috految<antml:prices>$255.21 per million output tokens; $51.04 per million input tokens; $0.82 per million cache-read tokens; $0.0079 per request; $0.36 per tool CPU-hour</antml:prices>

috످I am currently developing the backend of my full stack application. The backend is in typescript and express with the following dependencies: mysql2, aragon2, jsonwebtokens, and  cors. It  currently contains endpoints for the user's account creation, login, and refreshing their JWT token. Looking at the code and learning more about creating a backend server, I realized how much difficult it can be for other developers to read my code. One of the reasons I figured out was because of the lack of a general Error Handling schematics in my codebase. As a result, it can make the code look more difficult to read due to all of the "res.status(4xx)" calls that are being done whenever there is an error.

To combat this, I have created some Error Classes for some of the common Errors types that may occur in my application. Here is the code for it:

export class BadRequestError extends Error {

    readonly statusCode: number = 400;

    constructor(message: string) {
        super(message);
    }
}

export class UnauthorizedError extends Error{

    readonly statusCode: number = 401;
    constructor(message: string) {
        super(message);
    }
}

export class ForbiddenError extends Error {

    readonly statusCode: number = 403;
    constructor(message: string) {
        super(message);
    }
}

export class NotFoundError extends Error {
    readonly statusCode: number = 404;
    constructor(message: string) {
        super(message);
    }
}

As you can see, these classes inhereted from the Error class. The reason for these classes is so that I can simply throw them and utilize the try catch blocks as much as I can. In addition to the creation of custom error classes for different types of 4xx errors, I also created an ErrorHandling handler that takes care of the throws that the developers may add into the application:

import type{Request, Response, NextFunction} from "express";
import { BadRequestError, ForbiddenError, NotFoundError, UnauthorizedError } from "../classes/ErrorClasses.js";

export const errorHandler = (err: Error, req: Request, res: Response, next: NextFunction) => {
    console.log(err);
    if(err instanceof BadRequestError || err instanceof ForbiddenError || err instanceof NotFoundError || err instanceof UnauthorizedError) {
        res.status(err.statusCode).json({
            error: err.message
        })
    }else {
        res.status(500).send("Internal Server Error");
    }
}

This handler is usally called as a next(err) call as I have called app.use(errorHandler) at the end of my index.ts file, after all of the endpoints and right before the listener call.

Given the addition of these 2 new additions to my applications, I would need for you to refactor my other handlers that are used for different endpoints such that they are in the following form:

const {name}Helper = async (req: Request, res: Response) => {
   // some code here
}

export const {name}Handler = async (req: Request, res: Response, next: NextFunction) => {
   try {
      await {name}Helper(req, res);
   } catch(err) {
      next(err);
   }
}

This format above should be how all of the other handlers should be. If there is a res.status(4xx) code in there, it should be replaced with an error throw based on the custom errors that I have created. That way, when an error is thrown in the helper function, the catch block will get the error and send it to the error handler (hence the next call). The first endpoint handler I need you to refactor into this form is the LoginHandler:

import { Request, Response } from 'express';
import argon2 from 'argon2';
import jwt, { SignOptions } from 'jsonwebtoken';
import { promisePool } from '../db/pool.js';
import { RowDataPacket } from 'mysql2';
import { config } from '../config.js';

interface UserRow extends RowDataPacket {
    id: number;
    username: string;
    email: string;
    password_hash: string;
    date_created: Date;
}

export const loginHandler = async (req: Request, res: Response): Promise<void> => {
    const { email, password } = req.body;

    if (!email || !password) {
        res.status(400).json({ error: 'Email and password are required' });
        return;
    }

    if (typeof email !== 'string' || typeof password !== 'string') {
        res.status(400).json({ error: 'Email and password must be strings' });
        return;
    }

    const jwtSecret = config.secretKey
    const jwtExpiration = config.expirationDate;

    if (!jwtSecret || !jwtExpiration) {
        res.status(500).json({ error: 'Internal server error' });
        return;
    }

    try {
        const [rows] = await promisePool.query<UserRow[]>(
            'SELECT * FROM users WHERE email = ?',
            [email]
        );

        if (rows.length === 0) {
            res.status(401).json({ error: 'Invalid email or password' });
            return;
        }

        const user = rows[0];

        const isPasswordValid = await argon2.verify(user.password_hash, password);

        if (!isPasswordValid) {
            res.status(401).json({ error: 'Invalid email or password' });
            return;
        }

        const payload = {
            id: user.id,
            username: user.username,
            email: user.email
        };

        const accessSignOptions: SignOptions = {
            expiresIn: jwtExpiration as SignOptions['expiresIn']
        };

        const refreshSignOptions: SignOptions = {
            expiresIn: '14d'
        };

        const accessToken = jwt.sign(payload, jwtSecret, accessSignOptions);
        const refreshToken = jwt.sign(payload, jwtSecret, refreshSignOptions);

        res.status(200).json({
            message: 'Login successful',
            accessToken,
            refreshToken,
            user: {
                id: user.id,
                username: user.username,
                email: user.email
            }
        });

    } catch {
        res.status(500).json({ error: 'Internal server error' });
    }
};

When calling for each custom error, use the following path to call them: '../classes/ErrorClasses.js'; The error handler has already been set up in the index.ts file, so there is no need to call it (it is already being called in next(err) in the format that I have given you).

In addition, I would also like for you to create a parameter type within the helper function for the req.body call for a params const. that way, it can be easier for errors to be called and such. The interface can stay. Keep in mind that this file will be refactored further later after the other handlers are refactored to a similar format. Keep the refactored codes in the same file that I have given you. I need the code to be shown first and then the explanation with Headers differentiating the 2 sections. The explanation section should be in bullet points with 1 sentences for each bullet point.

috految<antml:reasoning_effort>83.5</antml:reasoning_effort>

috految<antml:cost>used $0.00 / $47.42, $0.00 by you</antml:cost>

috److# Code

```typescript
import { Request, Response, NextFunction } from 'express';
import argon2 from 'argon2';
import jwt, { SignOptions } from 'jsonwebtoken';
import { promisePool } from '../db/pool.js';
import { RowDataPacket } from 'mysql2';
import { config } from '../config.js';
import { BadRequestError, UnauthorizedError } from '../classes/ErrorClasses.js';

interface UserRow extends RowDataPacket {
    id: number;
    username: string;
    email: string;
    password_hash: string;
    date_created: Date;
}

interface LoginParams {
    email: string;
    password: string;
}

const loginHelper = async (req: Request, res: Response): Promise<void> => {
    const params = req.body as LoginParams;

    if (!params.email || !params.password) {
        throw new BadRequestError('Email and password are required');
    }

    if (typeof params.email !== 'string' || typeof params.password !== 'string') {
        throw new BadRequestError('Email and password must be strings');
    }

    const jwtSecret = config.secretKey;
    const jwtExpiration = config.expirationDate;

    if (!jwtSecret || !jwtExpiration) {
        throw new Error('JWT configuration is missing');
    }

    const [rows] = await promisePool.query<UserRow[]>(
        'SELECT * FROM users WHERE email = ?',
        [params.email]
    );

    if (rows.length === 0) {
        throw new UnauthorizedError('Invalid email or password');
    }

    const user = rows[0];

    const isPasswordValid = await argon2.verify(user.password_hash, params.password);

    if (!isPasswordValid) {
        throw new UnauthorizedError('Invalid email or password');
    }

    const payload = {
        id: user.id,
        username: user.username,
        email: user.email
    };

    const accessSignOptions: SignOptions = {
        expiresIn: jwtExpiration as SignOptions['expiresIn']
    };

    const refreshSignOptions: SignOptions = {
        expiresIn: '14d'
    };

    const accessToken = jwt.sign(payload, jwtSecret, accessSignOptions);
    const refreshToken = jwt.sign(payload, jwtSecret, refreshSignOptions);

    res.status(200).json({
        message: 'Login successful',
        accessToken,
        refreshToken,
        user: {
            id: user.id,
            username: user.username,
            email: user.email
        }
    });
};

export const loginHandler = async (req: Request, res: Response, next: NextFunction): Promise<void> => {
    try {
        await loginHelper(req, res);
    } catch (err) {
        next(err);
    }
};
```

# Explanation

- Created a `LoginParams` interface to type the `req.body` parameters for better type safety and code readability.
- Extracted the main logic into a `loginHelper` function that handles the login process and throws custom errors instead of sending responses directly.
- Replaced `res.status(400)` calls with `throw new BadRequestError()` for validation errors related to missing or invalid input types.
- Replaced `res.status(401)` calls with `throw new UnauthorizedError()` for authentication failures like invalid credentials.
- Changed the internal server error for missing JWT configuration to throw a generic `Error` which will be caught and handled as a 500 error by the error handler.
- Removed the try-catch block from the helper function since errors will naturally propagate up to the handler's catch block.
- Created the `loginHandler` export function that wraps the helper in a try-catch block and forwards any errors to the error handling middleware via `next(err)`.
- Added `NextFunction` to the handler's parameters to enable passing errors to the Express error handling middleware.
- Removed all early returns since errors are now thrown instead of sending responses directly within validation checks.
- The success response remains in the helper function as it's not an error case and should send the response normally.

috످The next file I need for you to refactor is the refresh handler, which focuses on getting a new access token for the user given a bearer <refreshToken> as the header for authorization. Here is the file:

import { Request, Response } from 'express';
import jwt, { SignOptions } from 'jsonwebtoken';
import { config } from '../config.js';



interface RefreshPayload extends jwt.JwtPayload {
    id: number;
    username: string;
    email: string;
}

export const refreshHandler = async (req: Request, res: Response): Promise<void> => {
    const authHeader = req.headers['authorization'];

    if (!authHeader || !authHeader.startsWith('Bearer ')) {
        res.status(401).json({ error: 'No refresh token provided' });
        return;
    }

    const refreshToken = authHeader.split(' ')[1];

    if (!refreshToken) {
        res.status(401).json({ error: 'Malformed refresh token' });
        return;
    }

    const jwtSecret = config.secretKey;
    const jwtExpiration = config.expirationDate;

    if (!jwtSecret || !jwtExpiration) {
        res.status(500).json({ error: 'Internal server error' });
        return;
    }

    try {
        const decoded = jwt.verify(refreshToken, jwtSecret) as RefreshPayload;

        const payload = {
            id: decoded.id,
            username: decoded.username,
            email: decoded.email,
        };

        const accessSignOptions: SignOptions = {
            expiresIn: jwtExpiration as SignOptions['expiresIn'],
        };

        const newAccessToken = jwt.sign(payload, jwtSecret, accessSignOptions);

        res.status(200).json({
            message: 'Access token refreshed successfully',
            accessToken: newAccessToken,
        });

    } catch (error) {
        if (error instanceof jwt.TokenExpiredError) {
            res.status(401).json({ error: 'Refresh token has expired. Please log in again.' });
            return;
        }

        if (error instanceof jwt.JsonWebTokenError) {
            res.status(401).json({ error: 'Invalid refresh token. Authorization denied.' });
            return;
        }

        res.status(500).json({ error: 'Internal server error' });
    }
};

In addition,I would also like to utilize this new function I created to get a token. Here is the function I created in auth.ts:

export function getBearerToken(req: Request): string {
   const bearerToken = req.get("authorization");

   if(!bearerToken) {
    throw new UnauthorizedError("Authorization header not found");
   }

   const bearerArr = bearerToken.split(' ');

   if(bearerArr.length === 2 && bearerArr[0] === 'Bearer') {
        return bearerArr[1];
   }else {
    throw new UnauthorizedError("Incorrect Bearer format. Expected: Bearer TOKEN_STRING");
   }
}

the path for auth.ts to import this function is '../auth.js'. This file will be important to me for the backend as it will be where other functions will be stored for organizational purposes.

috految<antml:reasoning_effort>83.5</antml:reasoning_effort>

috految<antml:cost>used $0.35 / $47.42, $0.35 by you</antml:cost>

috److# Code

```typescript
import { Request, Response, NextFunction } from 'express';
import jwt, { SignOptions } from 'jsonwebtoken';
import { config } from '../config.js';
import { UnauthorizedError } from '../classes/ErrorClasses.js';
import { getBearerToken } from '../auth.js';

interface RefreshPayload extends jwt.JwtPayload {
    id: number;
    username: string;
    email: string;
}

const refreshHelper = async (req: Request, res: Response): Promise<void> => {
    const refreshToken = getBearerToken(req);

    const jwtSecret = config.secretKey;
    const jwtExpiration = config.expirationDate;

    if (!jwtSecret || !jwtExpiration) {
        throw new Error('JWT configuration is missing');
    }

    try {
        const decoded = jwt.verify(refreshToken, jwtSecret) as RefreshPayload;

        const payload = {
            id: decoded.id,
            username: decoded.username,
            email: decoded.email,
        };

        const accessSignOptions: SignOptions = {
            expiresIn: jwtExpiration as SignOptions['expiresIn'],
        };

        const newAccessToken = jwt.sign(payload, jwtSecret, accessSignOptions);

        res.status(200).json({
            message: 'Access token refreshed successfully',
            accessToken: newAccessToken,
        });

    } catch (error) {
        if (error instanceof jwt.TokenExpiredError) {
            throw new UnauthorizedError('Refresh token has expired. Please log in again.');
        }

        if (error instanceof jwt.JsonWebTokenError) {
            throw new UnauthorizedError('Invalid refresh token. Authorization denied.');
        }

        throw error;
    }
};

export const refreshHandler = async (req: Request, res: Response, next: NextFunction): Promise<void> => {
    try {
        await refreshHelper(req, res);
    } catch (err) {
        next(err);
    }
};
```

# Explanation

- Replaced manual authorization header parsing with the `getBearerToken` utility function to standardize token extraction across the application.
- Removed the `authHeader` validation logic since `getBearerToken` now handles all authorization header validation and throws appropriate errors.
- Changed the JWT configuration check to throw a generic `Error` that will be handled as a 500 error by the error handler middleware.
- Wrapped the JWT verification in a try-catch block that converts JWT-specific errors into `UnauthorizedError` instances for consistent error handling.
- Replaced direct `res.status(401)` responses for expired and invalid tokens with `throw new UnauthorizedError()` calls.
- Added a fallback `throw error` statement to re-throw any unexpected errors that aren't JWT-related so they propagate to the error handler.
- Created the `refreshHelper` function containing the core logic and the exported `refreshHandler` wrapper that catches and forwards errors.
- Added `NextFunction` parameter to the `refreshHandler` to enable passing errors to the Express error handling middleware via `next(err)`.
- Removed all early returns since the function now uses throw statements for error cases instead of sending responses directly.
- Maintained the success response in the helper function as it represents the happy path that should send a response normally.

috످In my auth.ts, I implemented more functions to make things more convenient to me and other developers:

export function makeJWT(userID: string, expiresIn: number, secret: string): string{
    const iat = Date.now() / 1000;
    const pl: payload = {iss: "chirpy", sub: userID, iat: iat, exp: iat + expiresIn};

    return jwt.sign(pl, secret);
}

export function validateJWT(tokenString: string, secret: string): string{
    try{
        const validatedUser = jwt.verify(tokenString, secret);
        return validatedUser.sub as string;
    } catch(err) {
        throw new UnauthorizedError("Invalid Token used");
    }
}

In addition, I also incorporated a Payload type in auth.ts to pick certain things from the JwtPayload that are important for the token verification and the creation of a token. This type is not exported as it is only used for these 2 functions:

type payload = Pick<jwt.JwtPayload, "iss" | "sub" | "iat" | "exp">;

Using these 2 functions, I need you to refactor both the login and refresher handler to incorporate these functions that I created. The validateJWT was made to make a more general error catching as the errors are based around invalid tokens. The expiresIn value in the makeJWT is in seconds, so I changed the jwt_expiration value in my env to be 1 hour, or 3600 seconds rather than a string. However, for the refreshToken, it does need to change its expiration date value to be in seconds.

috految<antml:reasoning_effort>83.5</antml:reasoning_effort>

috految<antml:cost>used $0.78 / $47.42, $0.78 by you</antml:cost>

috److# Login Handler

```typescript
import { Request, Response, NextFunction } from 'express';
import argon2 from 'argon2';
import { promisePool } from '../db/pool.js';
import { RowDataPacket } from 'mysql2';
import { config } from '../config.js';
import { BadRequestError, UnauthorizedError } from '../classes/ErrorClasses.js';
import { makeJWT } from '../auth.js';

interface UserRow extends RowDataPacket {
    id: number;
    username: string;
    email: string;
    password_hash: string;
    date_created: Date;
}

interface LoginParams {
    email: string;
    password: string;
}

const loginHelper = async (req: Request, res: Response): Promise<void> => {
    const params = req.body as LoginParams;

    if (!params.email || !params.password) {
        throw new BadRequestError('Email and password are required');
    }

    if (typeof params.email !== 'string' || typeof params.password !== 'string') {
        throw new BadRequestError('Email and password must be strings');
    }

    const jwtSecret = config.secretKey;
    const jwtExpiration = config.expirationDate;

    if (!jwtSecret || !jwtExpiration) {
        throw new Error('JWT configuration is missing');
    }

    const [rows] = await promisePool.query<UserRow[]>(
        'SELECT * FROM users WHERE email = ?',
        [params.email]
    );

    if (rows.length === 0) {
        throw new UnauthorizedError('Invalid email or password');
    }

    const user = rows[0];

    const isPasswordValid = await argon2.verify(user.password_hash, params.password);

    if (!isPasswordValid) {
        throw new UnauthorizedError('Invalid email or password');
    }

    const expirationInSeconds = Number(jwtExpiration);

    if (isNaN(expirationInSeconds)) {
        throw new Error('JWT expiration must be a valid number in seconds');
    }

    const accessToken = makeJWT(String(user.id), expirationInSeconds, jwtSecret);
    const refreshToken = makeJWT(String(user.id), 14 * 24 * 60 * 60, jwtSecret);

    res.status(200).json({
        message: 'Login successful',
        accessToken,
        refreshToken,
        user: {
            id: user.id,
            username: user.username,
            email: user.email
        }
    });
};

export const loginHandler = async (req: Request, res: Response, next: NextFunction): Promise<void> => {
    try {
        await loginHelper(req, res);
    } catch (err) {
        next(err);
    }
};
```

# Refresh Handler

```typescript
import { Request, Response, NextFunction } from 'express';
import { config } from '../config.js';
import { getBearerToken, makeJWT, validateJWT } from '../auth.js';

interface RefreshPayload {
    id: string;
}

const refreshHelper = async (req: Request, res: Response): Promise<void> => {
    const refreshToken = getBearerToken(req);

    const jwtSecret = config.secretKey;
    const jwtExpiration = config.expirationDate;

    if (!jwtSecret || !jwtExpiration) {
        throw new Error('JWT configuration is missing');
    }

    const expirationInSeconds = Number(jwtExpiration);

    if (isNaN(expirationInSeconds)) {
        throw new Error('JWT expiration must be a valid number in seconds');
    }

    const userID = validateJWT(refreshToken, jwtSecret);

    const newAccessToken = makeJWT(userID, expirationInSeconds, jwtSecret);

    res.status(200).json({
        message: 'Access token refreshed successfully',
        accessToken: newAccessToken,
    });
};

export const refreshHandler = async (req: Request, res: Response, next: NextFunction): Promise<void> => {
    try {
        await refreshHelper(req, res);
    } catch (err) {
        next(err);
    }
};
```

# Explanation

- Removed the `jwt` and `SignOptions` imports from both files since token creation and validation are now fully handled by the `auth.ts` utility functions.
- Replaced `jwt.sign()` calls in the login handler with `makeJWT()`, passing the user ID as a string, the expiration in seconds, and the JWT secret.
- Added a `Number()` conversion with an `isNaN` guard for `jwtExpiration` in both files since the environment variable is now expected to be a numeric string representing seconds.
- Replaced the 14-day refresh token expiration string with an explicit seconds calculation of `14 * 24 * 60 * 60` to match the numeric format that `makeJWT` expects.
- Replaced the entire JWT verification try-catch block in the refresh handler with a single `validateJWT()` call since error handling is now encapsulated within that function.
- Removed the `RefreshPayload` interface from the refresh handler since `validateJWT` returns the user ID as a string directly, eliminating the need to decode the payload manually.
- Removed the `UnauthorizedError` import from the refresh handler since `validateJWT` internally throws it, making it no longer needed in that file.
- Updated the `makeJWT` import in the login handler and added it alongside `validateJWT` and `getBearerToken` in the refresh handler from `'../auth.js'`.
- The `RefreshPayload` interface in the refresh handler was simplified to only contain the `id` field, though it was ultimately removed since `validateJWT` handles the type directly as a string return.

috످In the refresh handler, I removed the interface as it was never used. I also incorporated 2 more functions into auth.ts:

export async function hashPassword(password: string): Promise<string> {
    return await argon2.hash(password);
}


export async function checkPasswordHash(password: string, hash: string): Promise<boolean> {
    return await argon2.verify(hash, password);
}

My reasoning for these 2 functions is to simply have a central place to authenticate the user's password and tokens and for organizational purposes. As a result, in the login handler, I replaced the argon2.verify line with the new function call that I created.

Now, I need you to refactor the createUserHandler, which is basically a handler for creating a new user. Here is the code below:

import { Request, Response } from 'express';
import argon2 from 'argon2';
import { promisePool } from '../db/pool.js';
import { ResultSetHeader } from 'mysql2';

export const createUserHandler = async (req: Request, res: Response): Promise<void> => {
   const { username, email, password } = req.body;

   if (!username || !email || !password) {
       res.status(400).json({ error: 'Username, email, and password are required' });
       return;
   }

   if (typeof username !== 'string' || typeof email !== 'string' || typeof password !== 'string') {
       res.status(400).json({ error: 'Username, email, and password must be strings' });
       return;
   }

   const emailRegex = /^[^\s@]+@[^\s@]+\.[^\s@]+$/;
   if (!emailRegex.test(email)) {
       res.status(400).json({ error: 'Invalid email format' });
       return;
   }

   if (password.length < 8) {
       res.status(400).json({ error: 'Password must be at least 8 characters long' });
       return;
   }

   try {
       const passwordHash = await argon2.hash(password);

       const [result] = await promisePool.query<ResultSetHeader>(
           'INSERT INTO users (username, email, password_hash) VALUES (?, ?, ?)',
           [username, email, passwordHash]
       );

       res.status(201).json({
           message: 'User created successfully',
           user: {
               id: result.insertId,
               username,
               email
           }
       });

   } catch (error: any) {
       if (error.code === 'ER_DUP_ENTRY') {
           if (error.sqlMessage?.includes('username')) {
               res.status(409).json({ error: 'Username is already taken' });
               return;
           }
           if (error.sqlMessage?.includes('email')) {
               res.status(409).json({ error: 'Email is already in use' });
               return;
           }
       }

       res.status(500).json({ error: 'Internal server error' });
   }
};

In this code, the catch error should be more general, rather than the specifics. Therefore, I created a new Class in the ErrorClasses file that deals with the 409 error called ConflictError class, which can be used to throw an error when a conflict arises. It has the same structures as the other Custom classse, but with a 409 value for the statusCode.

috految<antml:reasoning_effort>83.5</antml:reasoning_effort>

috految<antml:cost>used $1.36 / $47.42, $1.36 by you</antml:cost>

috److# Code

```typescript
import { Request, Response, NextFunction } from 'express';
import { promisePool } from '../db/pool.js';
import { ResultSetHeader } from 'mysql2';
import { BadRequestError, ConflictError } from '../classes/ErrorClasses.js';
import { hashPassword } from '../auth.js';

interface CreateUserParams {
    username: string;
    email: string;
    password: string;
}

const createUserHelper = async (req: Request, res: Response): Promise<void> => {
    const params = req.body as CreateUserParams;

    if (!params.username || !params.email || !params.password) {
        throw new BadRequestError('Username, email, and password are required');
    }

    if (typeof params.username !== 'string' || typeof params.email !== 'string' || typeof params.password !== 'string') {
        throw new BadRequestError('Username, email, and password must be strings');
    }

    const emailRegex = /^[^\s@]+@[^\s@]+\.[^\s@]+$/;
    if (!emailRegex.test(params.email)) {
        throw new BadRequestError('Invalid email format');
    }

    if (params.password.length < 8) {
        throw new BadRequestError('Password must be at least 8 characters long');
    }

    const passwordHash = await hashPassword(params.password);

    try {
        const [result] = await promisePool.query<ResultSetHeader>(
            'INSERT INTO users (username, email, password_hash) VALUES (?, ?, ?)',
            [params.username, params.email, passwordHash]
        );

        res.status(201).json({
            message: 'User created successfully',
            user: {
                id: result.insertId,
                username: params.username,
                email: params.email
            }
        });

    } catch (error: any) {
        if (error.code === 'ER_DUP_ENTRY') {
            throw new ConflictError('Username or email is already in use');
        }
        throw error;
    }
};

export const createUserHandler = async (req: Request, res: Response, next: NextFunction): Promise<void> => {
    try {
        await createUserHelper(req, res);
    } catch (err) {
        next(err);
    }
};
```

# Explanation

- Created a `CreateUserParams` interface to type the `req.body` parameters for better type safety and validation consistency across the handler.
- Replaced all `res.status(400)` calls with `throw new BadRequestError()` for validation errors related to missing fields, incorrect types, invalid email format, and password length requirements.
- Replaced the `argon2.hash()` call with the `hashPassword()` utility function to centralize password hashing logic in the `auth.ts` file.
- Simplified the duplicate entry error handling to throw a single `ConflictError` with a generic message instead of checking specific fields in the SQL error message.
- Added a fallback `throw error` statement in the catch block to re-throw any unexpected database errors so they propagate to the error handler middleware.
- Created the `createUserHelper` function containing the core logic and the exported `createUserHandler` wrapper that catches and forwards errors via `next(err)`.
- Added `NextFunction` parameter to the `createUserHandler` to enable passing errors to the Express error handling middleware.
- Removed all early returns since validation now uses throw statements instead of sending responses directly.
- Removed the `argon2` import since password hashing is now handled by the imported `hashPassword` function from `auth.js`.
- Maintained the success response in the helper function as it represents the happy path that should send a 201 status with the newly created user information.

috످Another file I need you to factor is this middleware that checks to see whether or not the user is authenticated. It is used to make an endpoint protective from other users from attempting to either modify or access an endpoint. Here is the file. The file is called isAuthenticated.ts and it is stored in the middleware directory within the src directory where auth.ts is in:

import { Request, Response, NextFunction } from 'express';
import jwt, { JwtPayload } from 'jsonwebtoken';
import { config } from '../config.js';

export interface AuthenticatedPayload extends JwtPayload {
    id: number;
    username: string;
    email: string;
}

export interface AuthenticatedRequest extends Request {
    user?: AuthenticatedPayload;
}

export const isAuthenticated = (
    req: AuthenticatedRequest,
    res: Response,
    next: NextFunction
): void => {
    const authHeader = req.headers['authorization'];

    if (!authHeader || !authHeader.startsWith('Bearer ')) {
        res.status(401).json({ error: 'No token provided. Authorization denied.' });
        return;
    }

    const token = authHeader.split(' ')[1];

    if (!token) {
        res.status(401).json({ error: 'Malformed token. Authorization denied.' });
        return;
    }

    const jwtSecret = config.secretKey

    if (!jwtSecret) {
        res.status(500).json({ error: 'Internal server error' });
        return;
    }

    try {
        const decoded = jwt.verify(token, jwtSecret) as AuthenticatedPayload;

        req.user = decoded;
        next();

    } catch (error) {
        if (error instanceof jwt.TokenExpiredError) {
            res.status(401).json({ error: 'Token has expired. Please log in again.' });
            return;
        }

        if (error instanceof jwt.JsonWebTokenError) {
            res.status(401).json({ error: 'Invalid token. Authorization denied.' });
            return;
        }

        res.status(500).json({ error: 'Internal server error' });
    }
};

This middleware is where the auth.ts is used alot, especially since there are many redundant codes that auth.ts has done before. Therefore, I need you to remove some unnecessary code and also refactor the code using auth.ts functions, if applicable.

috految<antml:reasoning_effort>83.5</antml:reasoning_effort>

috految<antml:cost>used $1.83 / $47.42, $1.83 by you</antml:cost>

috److془Need to produce code first, then explanation with bullet points, one sentence each.

Format: helper/handler. Keep name isAuthenticated. Sync vs async: The format is for handlers. Keep sync, explain.

Flag: ConflictError in errorHandler; access/refresh interchangeable; ownership; req.user.username; old tokens; 500 plain text; console.log(err) logs password hash maybe. Keep focused.

Also checkPasswordHash argument order reversed - maybe skip.

Write.془# Code

**`src/middleware/isAuthenticated.ts`**

```typescript
import type { Request, Response, NextFunction } from 'express';
import { config } from '../config.js';
import { UnauthorizedError } from '../classes/ErrorClasses.js';
import { getBearerToken, validateJWT } from '../auth.js';

export interface AuthenticatedRequest extends Request {
    user?: {
        id: number;
    };
}

const isAuthenticatedHelper = (req: AuthenticatedRequest): void => {
    const token = getBearerToken(req);
    const jwtSecret = config.secretKey;

    if (!jwtSecret) {
        throw new Error('JWT configuration is missing');
    }

    const userID = Number(validateJWT(token, jwtSecret));

    if (!Number.isInteger(userID)) {
        throw new UnauthorizedError('Invalid Token used');
    }

    req.user = { id: userID };
};

export const isAuthenticated = (req: AuthenticatedRequest, res: Response, next: NextFunction): void => {
    try {
        isAuthenticatedHelper(req);
        next();
    } catch (err) {
        next(err);
    }
};
```

# Explanation

### Changes Made

- Moved the authentication logic into `isAuthenticatedHelper` to follow your helper/handler pattern.
- Kept the `isAuthenticated` export name so your existing routes can use the same import.
- Omitted `async` and `res` from the helper because it runs synchronously and never sends a response.
- Replaced the manual header parsing with `getBearerToken()`, which already handles missing or malformed headers.
- Replaced `jwt.verify()` and its error checks with `validateJWT()`, which throws an `UnauthorizedError` for invalid or expired tokens.
- Replaced the `res.status(500)` response for a missing JWT secret with a generic `Error` that reaches your error handler through `next(err)`.
- Removed the `jsonwebtoken` import and `AuthenticatedPayload` interface since `validateJWT()` only returns the user's ID.
- Converted the user ID to a number to match the `id` type in your `UserRow` interface.
- Added an integer check to reject tokens without a valid user ID, including older tokens that have no `sub` claim.

### Updates Needed in Other Files

- **Error handler:** If you haven't already, import `ConflictError` and add `err instanceof ConflictError` to your `errorHandler` condition so duplicate signups return a 409 instead of a 500.
- **Error responses:** Change `.send("Internal Server Error")` to `.json({ error: "Internal Server Error" })` in `errorHandler` so your frontend receives a consistent JSON format.
- **Protected endpoints:** Remove any `AuthenticatedPayload` imports and replace uses of `req.user.username` or `req.user.email` with a database lookup using `req.user.id`.

### Security Recommendations

- **Use separate token secrets (high priority):** Because your access and refresh tokens share the same secret and payload structure, a 14-day refresh token can access protected routes, and a stolen access token can be renewed indefinitely.
  - Add a new `JWT_REFRESH_SECRET` to your `.env` and expose it as `refreshSecretKey` in `config.ts`.
  - In `loginHelper`, pass `config.refreshSecretKey` to `makeJWT()` when creating the refresh token.
  - In `refreshHelper`, pass `config.refreshSecretKey` to `validateJWT()`, but keep `config.secretKey` for creating the new access token.
- **Check resource ownership:** Since this middleware only verifies identity, your protected handlers should throw a `ForbiddenError` when `req.user.id` does not match the resource owner's ID to stop users from accessing or modifying each other's data.
- **Validate the token's subject:** Update `validateJWT()` to throw an `UnauthorizedError` when `sub` is missing so the refresh endpoint cannot issue tokens without a user ID.

috످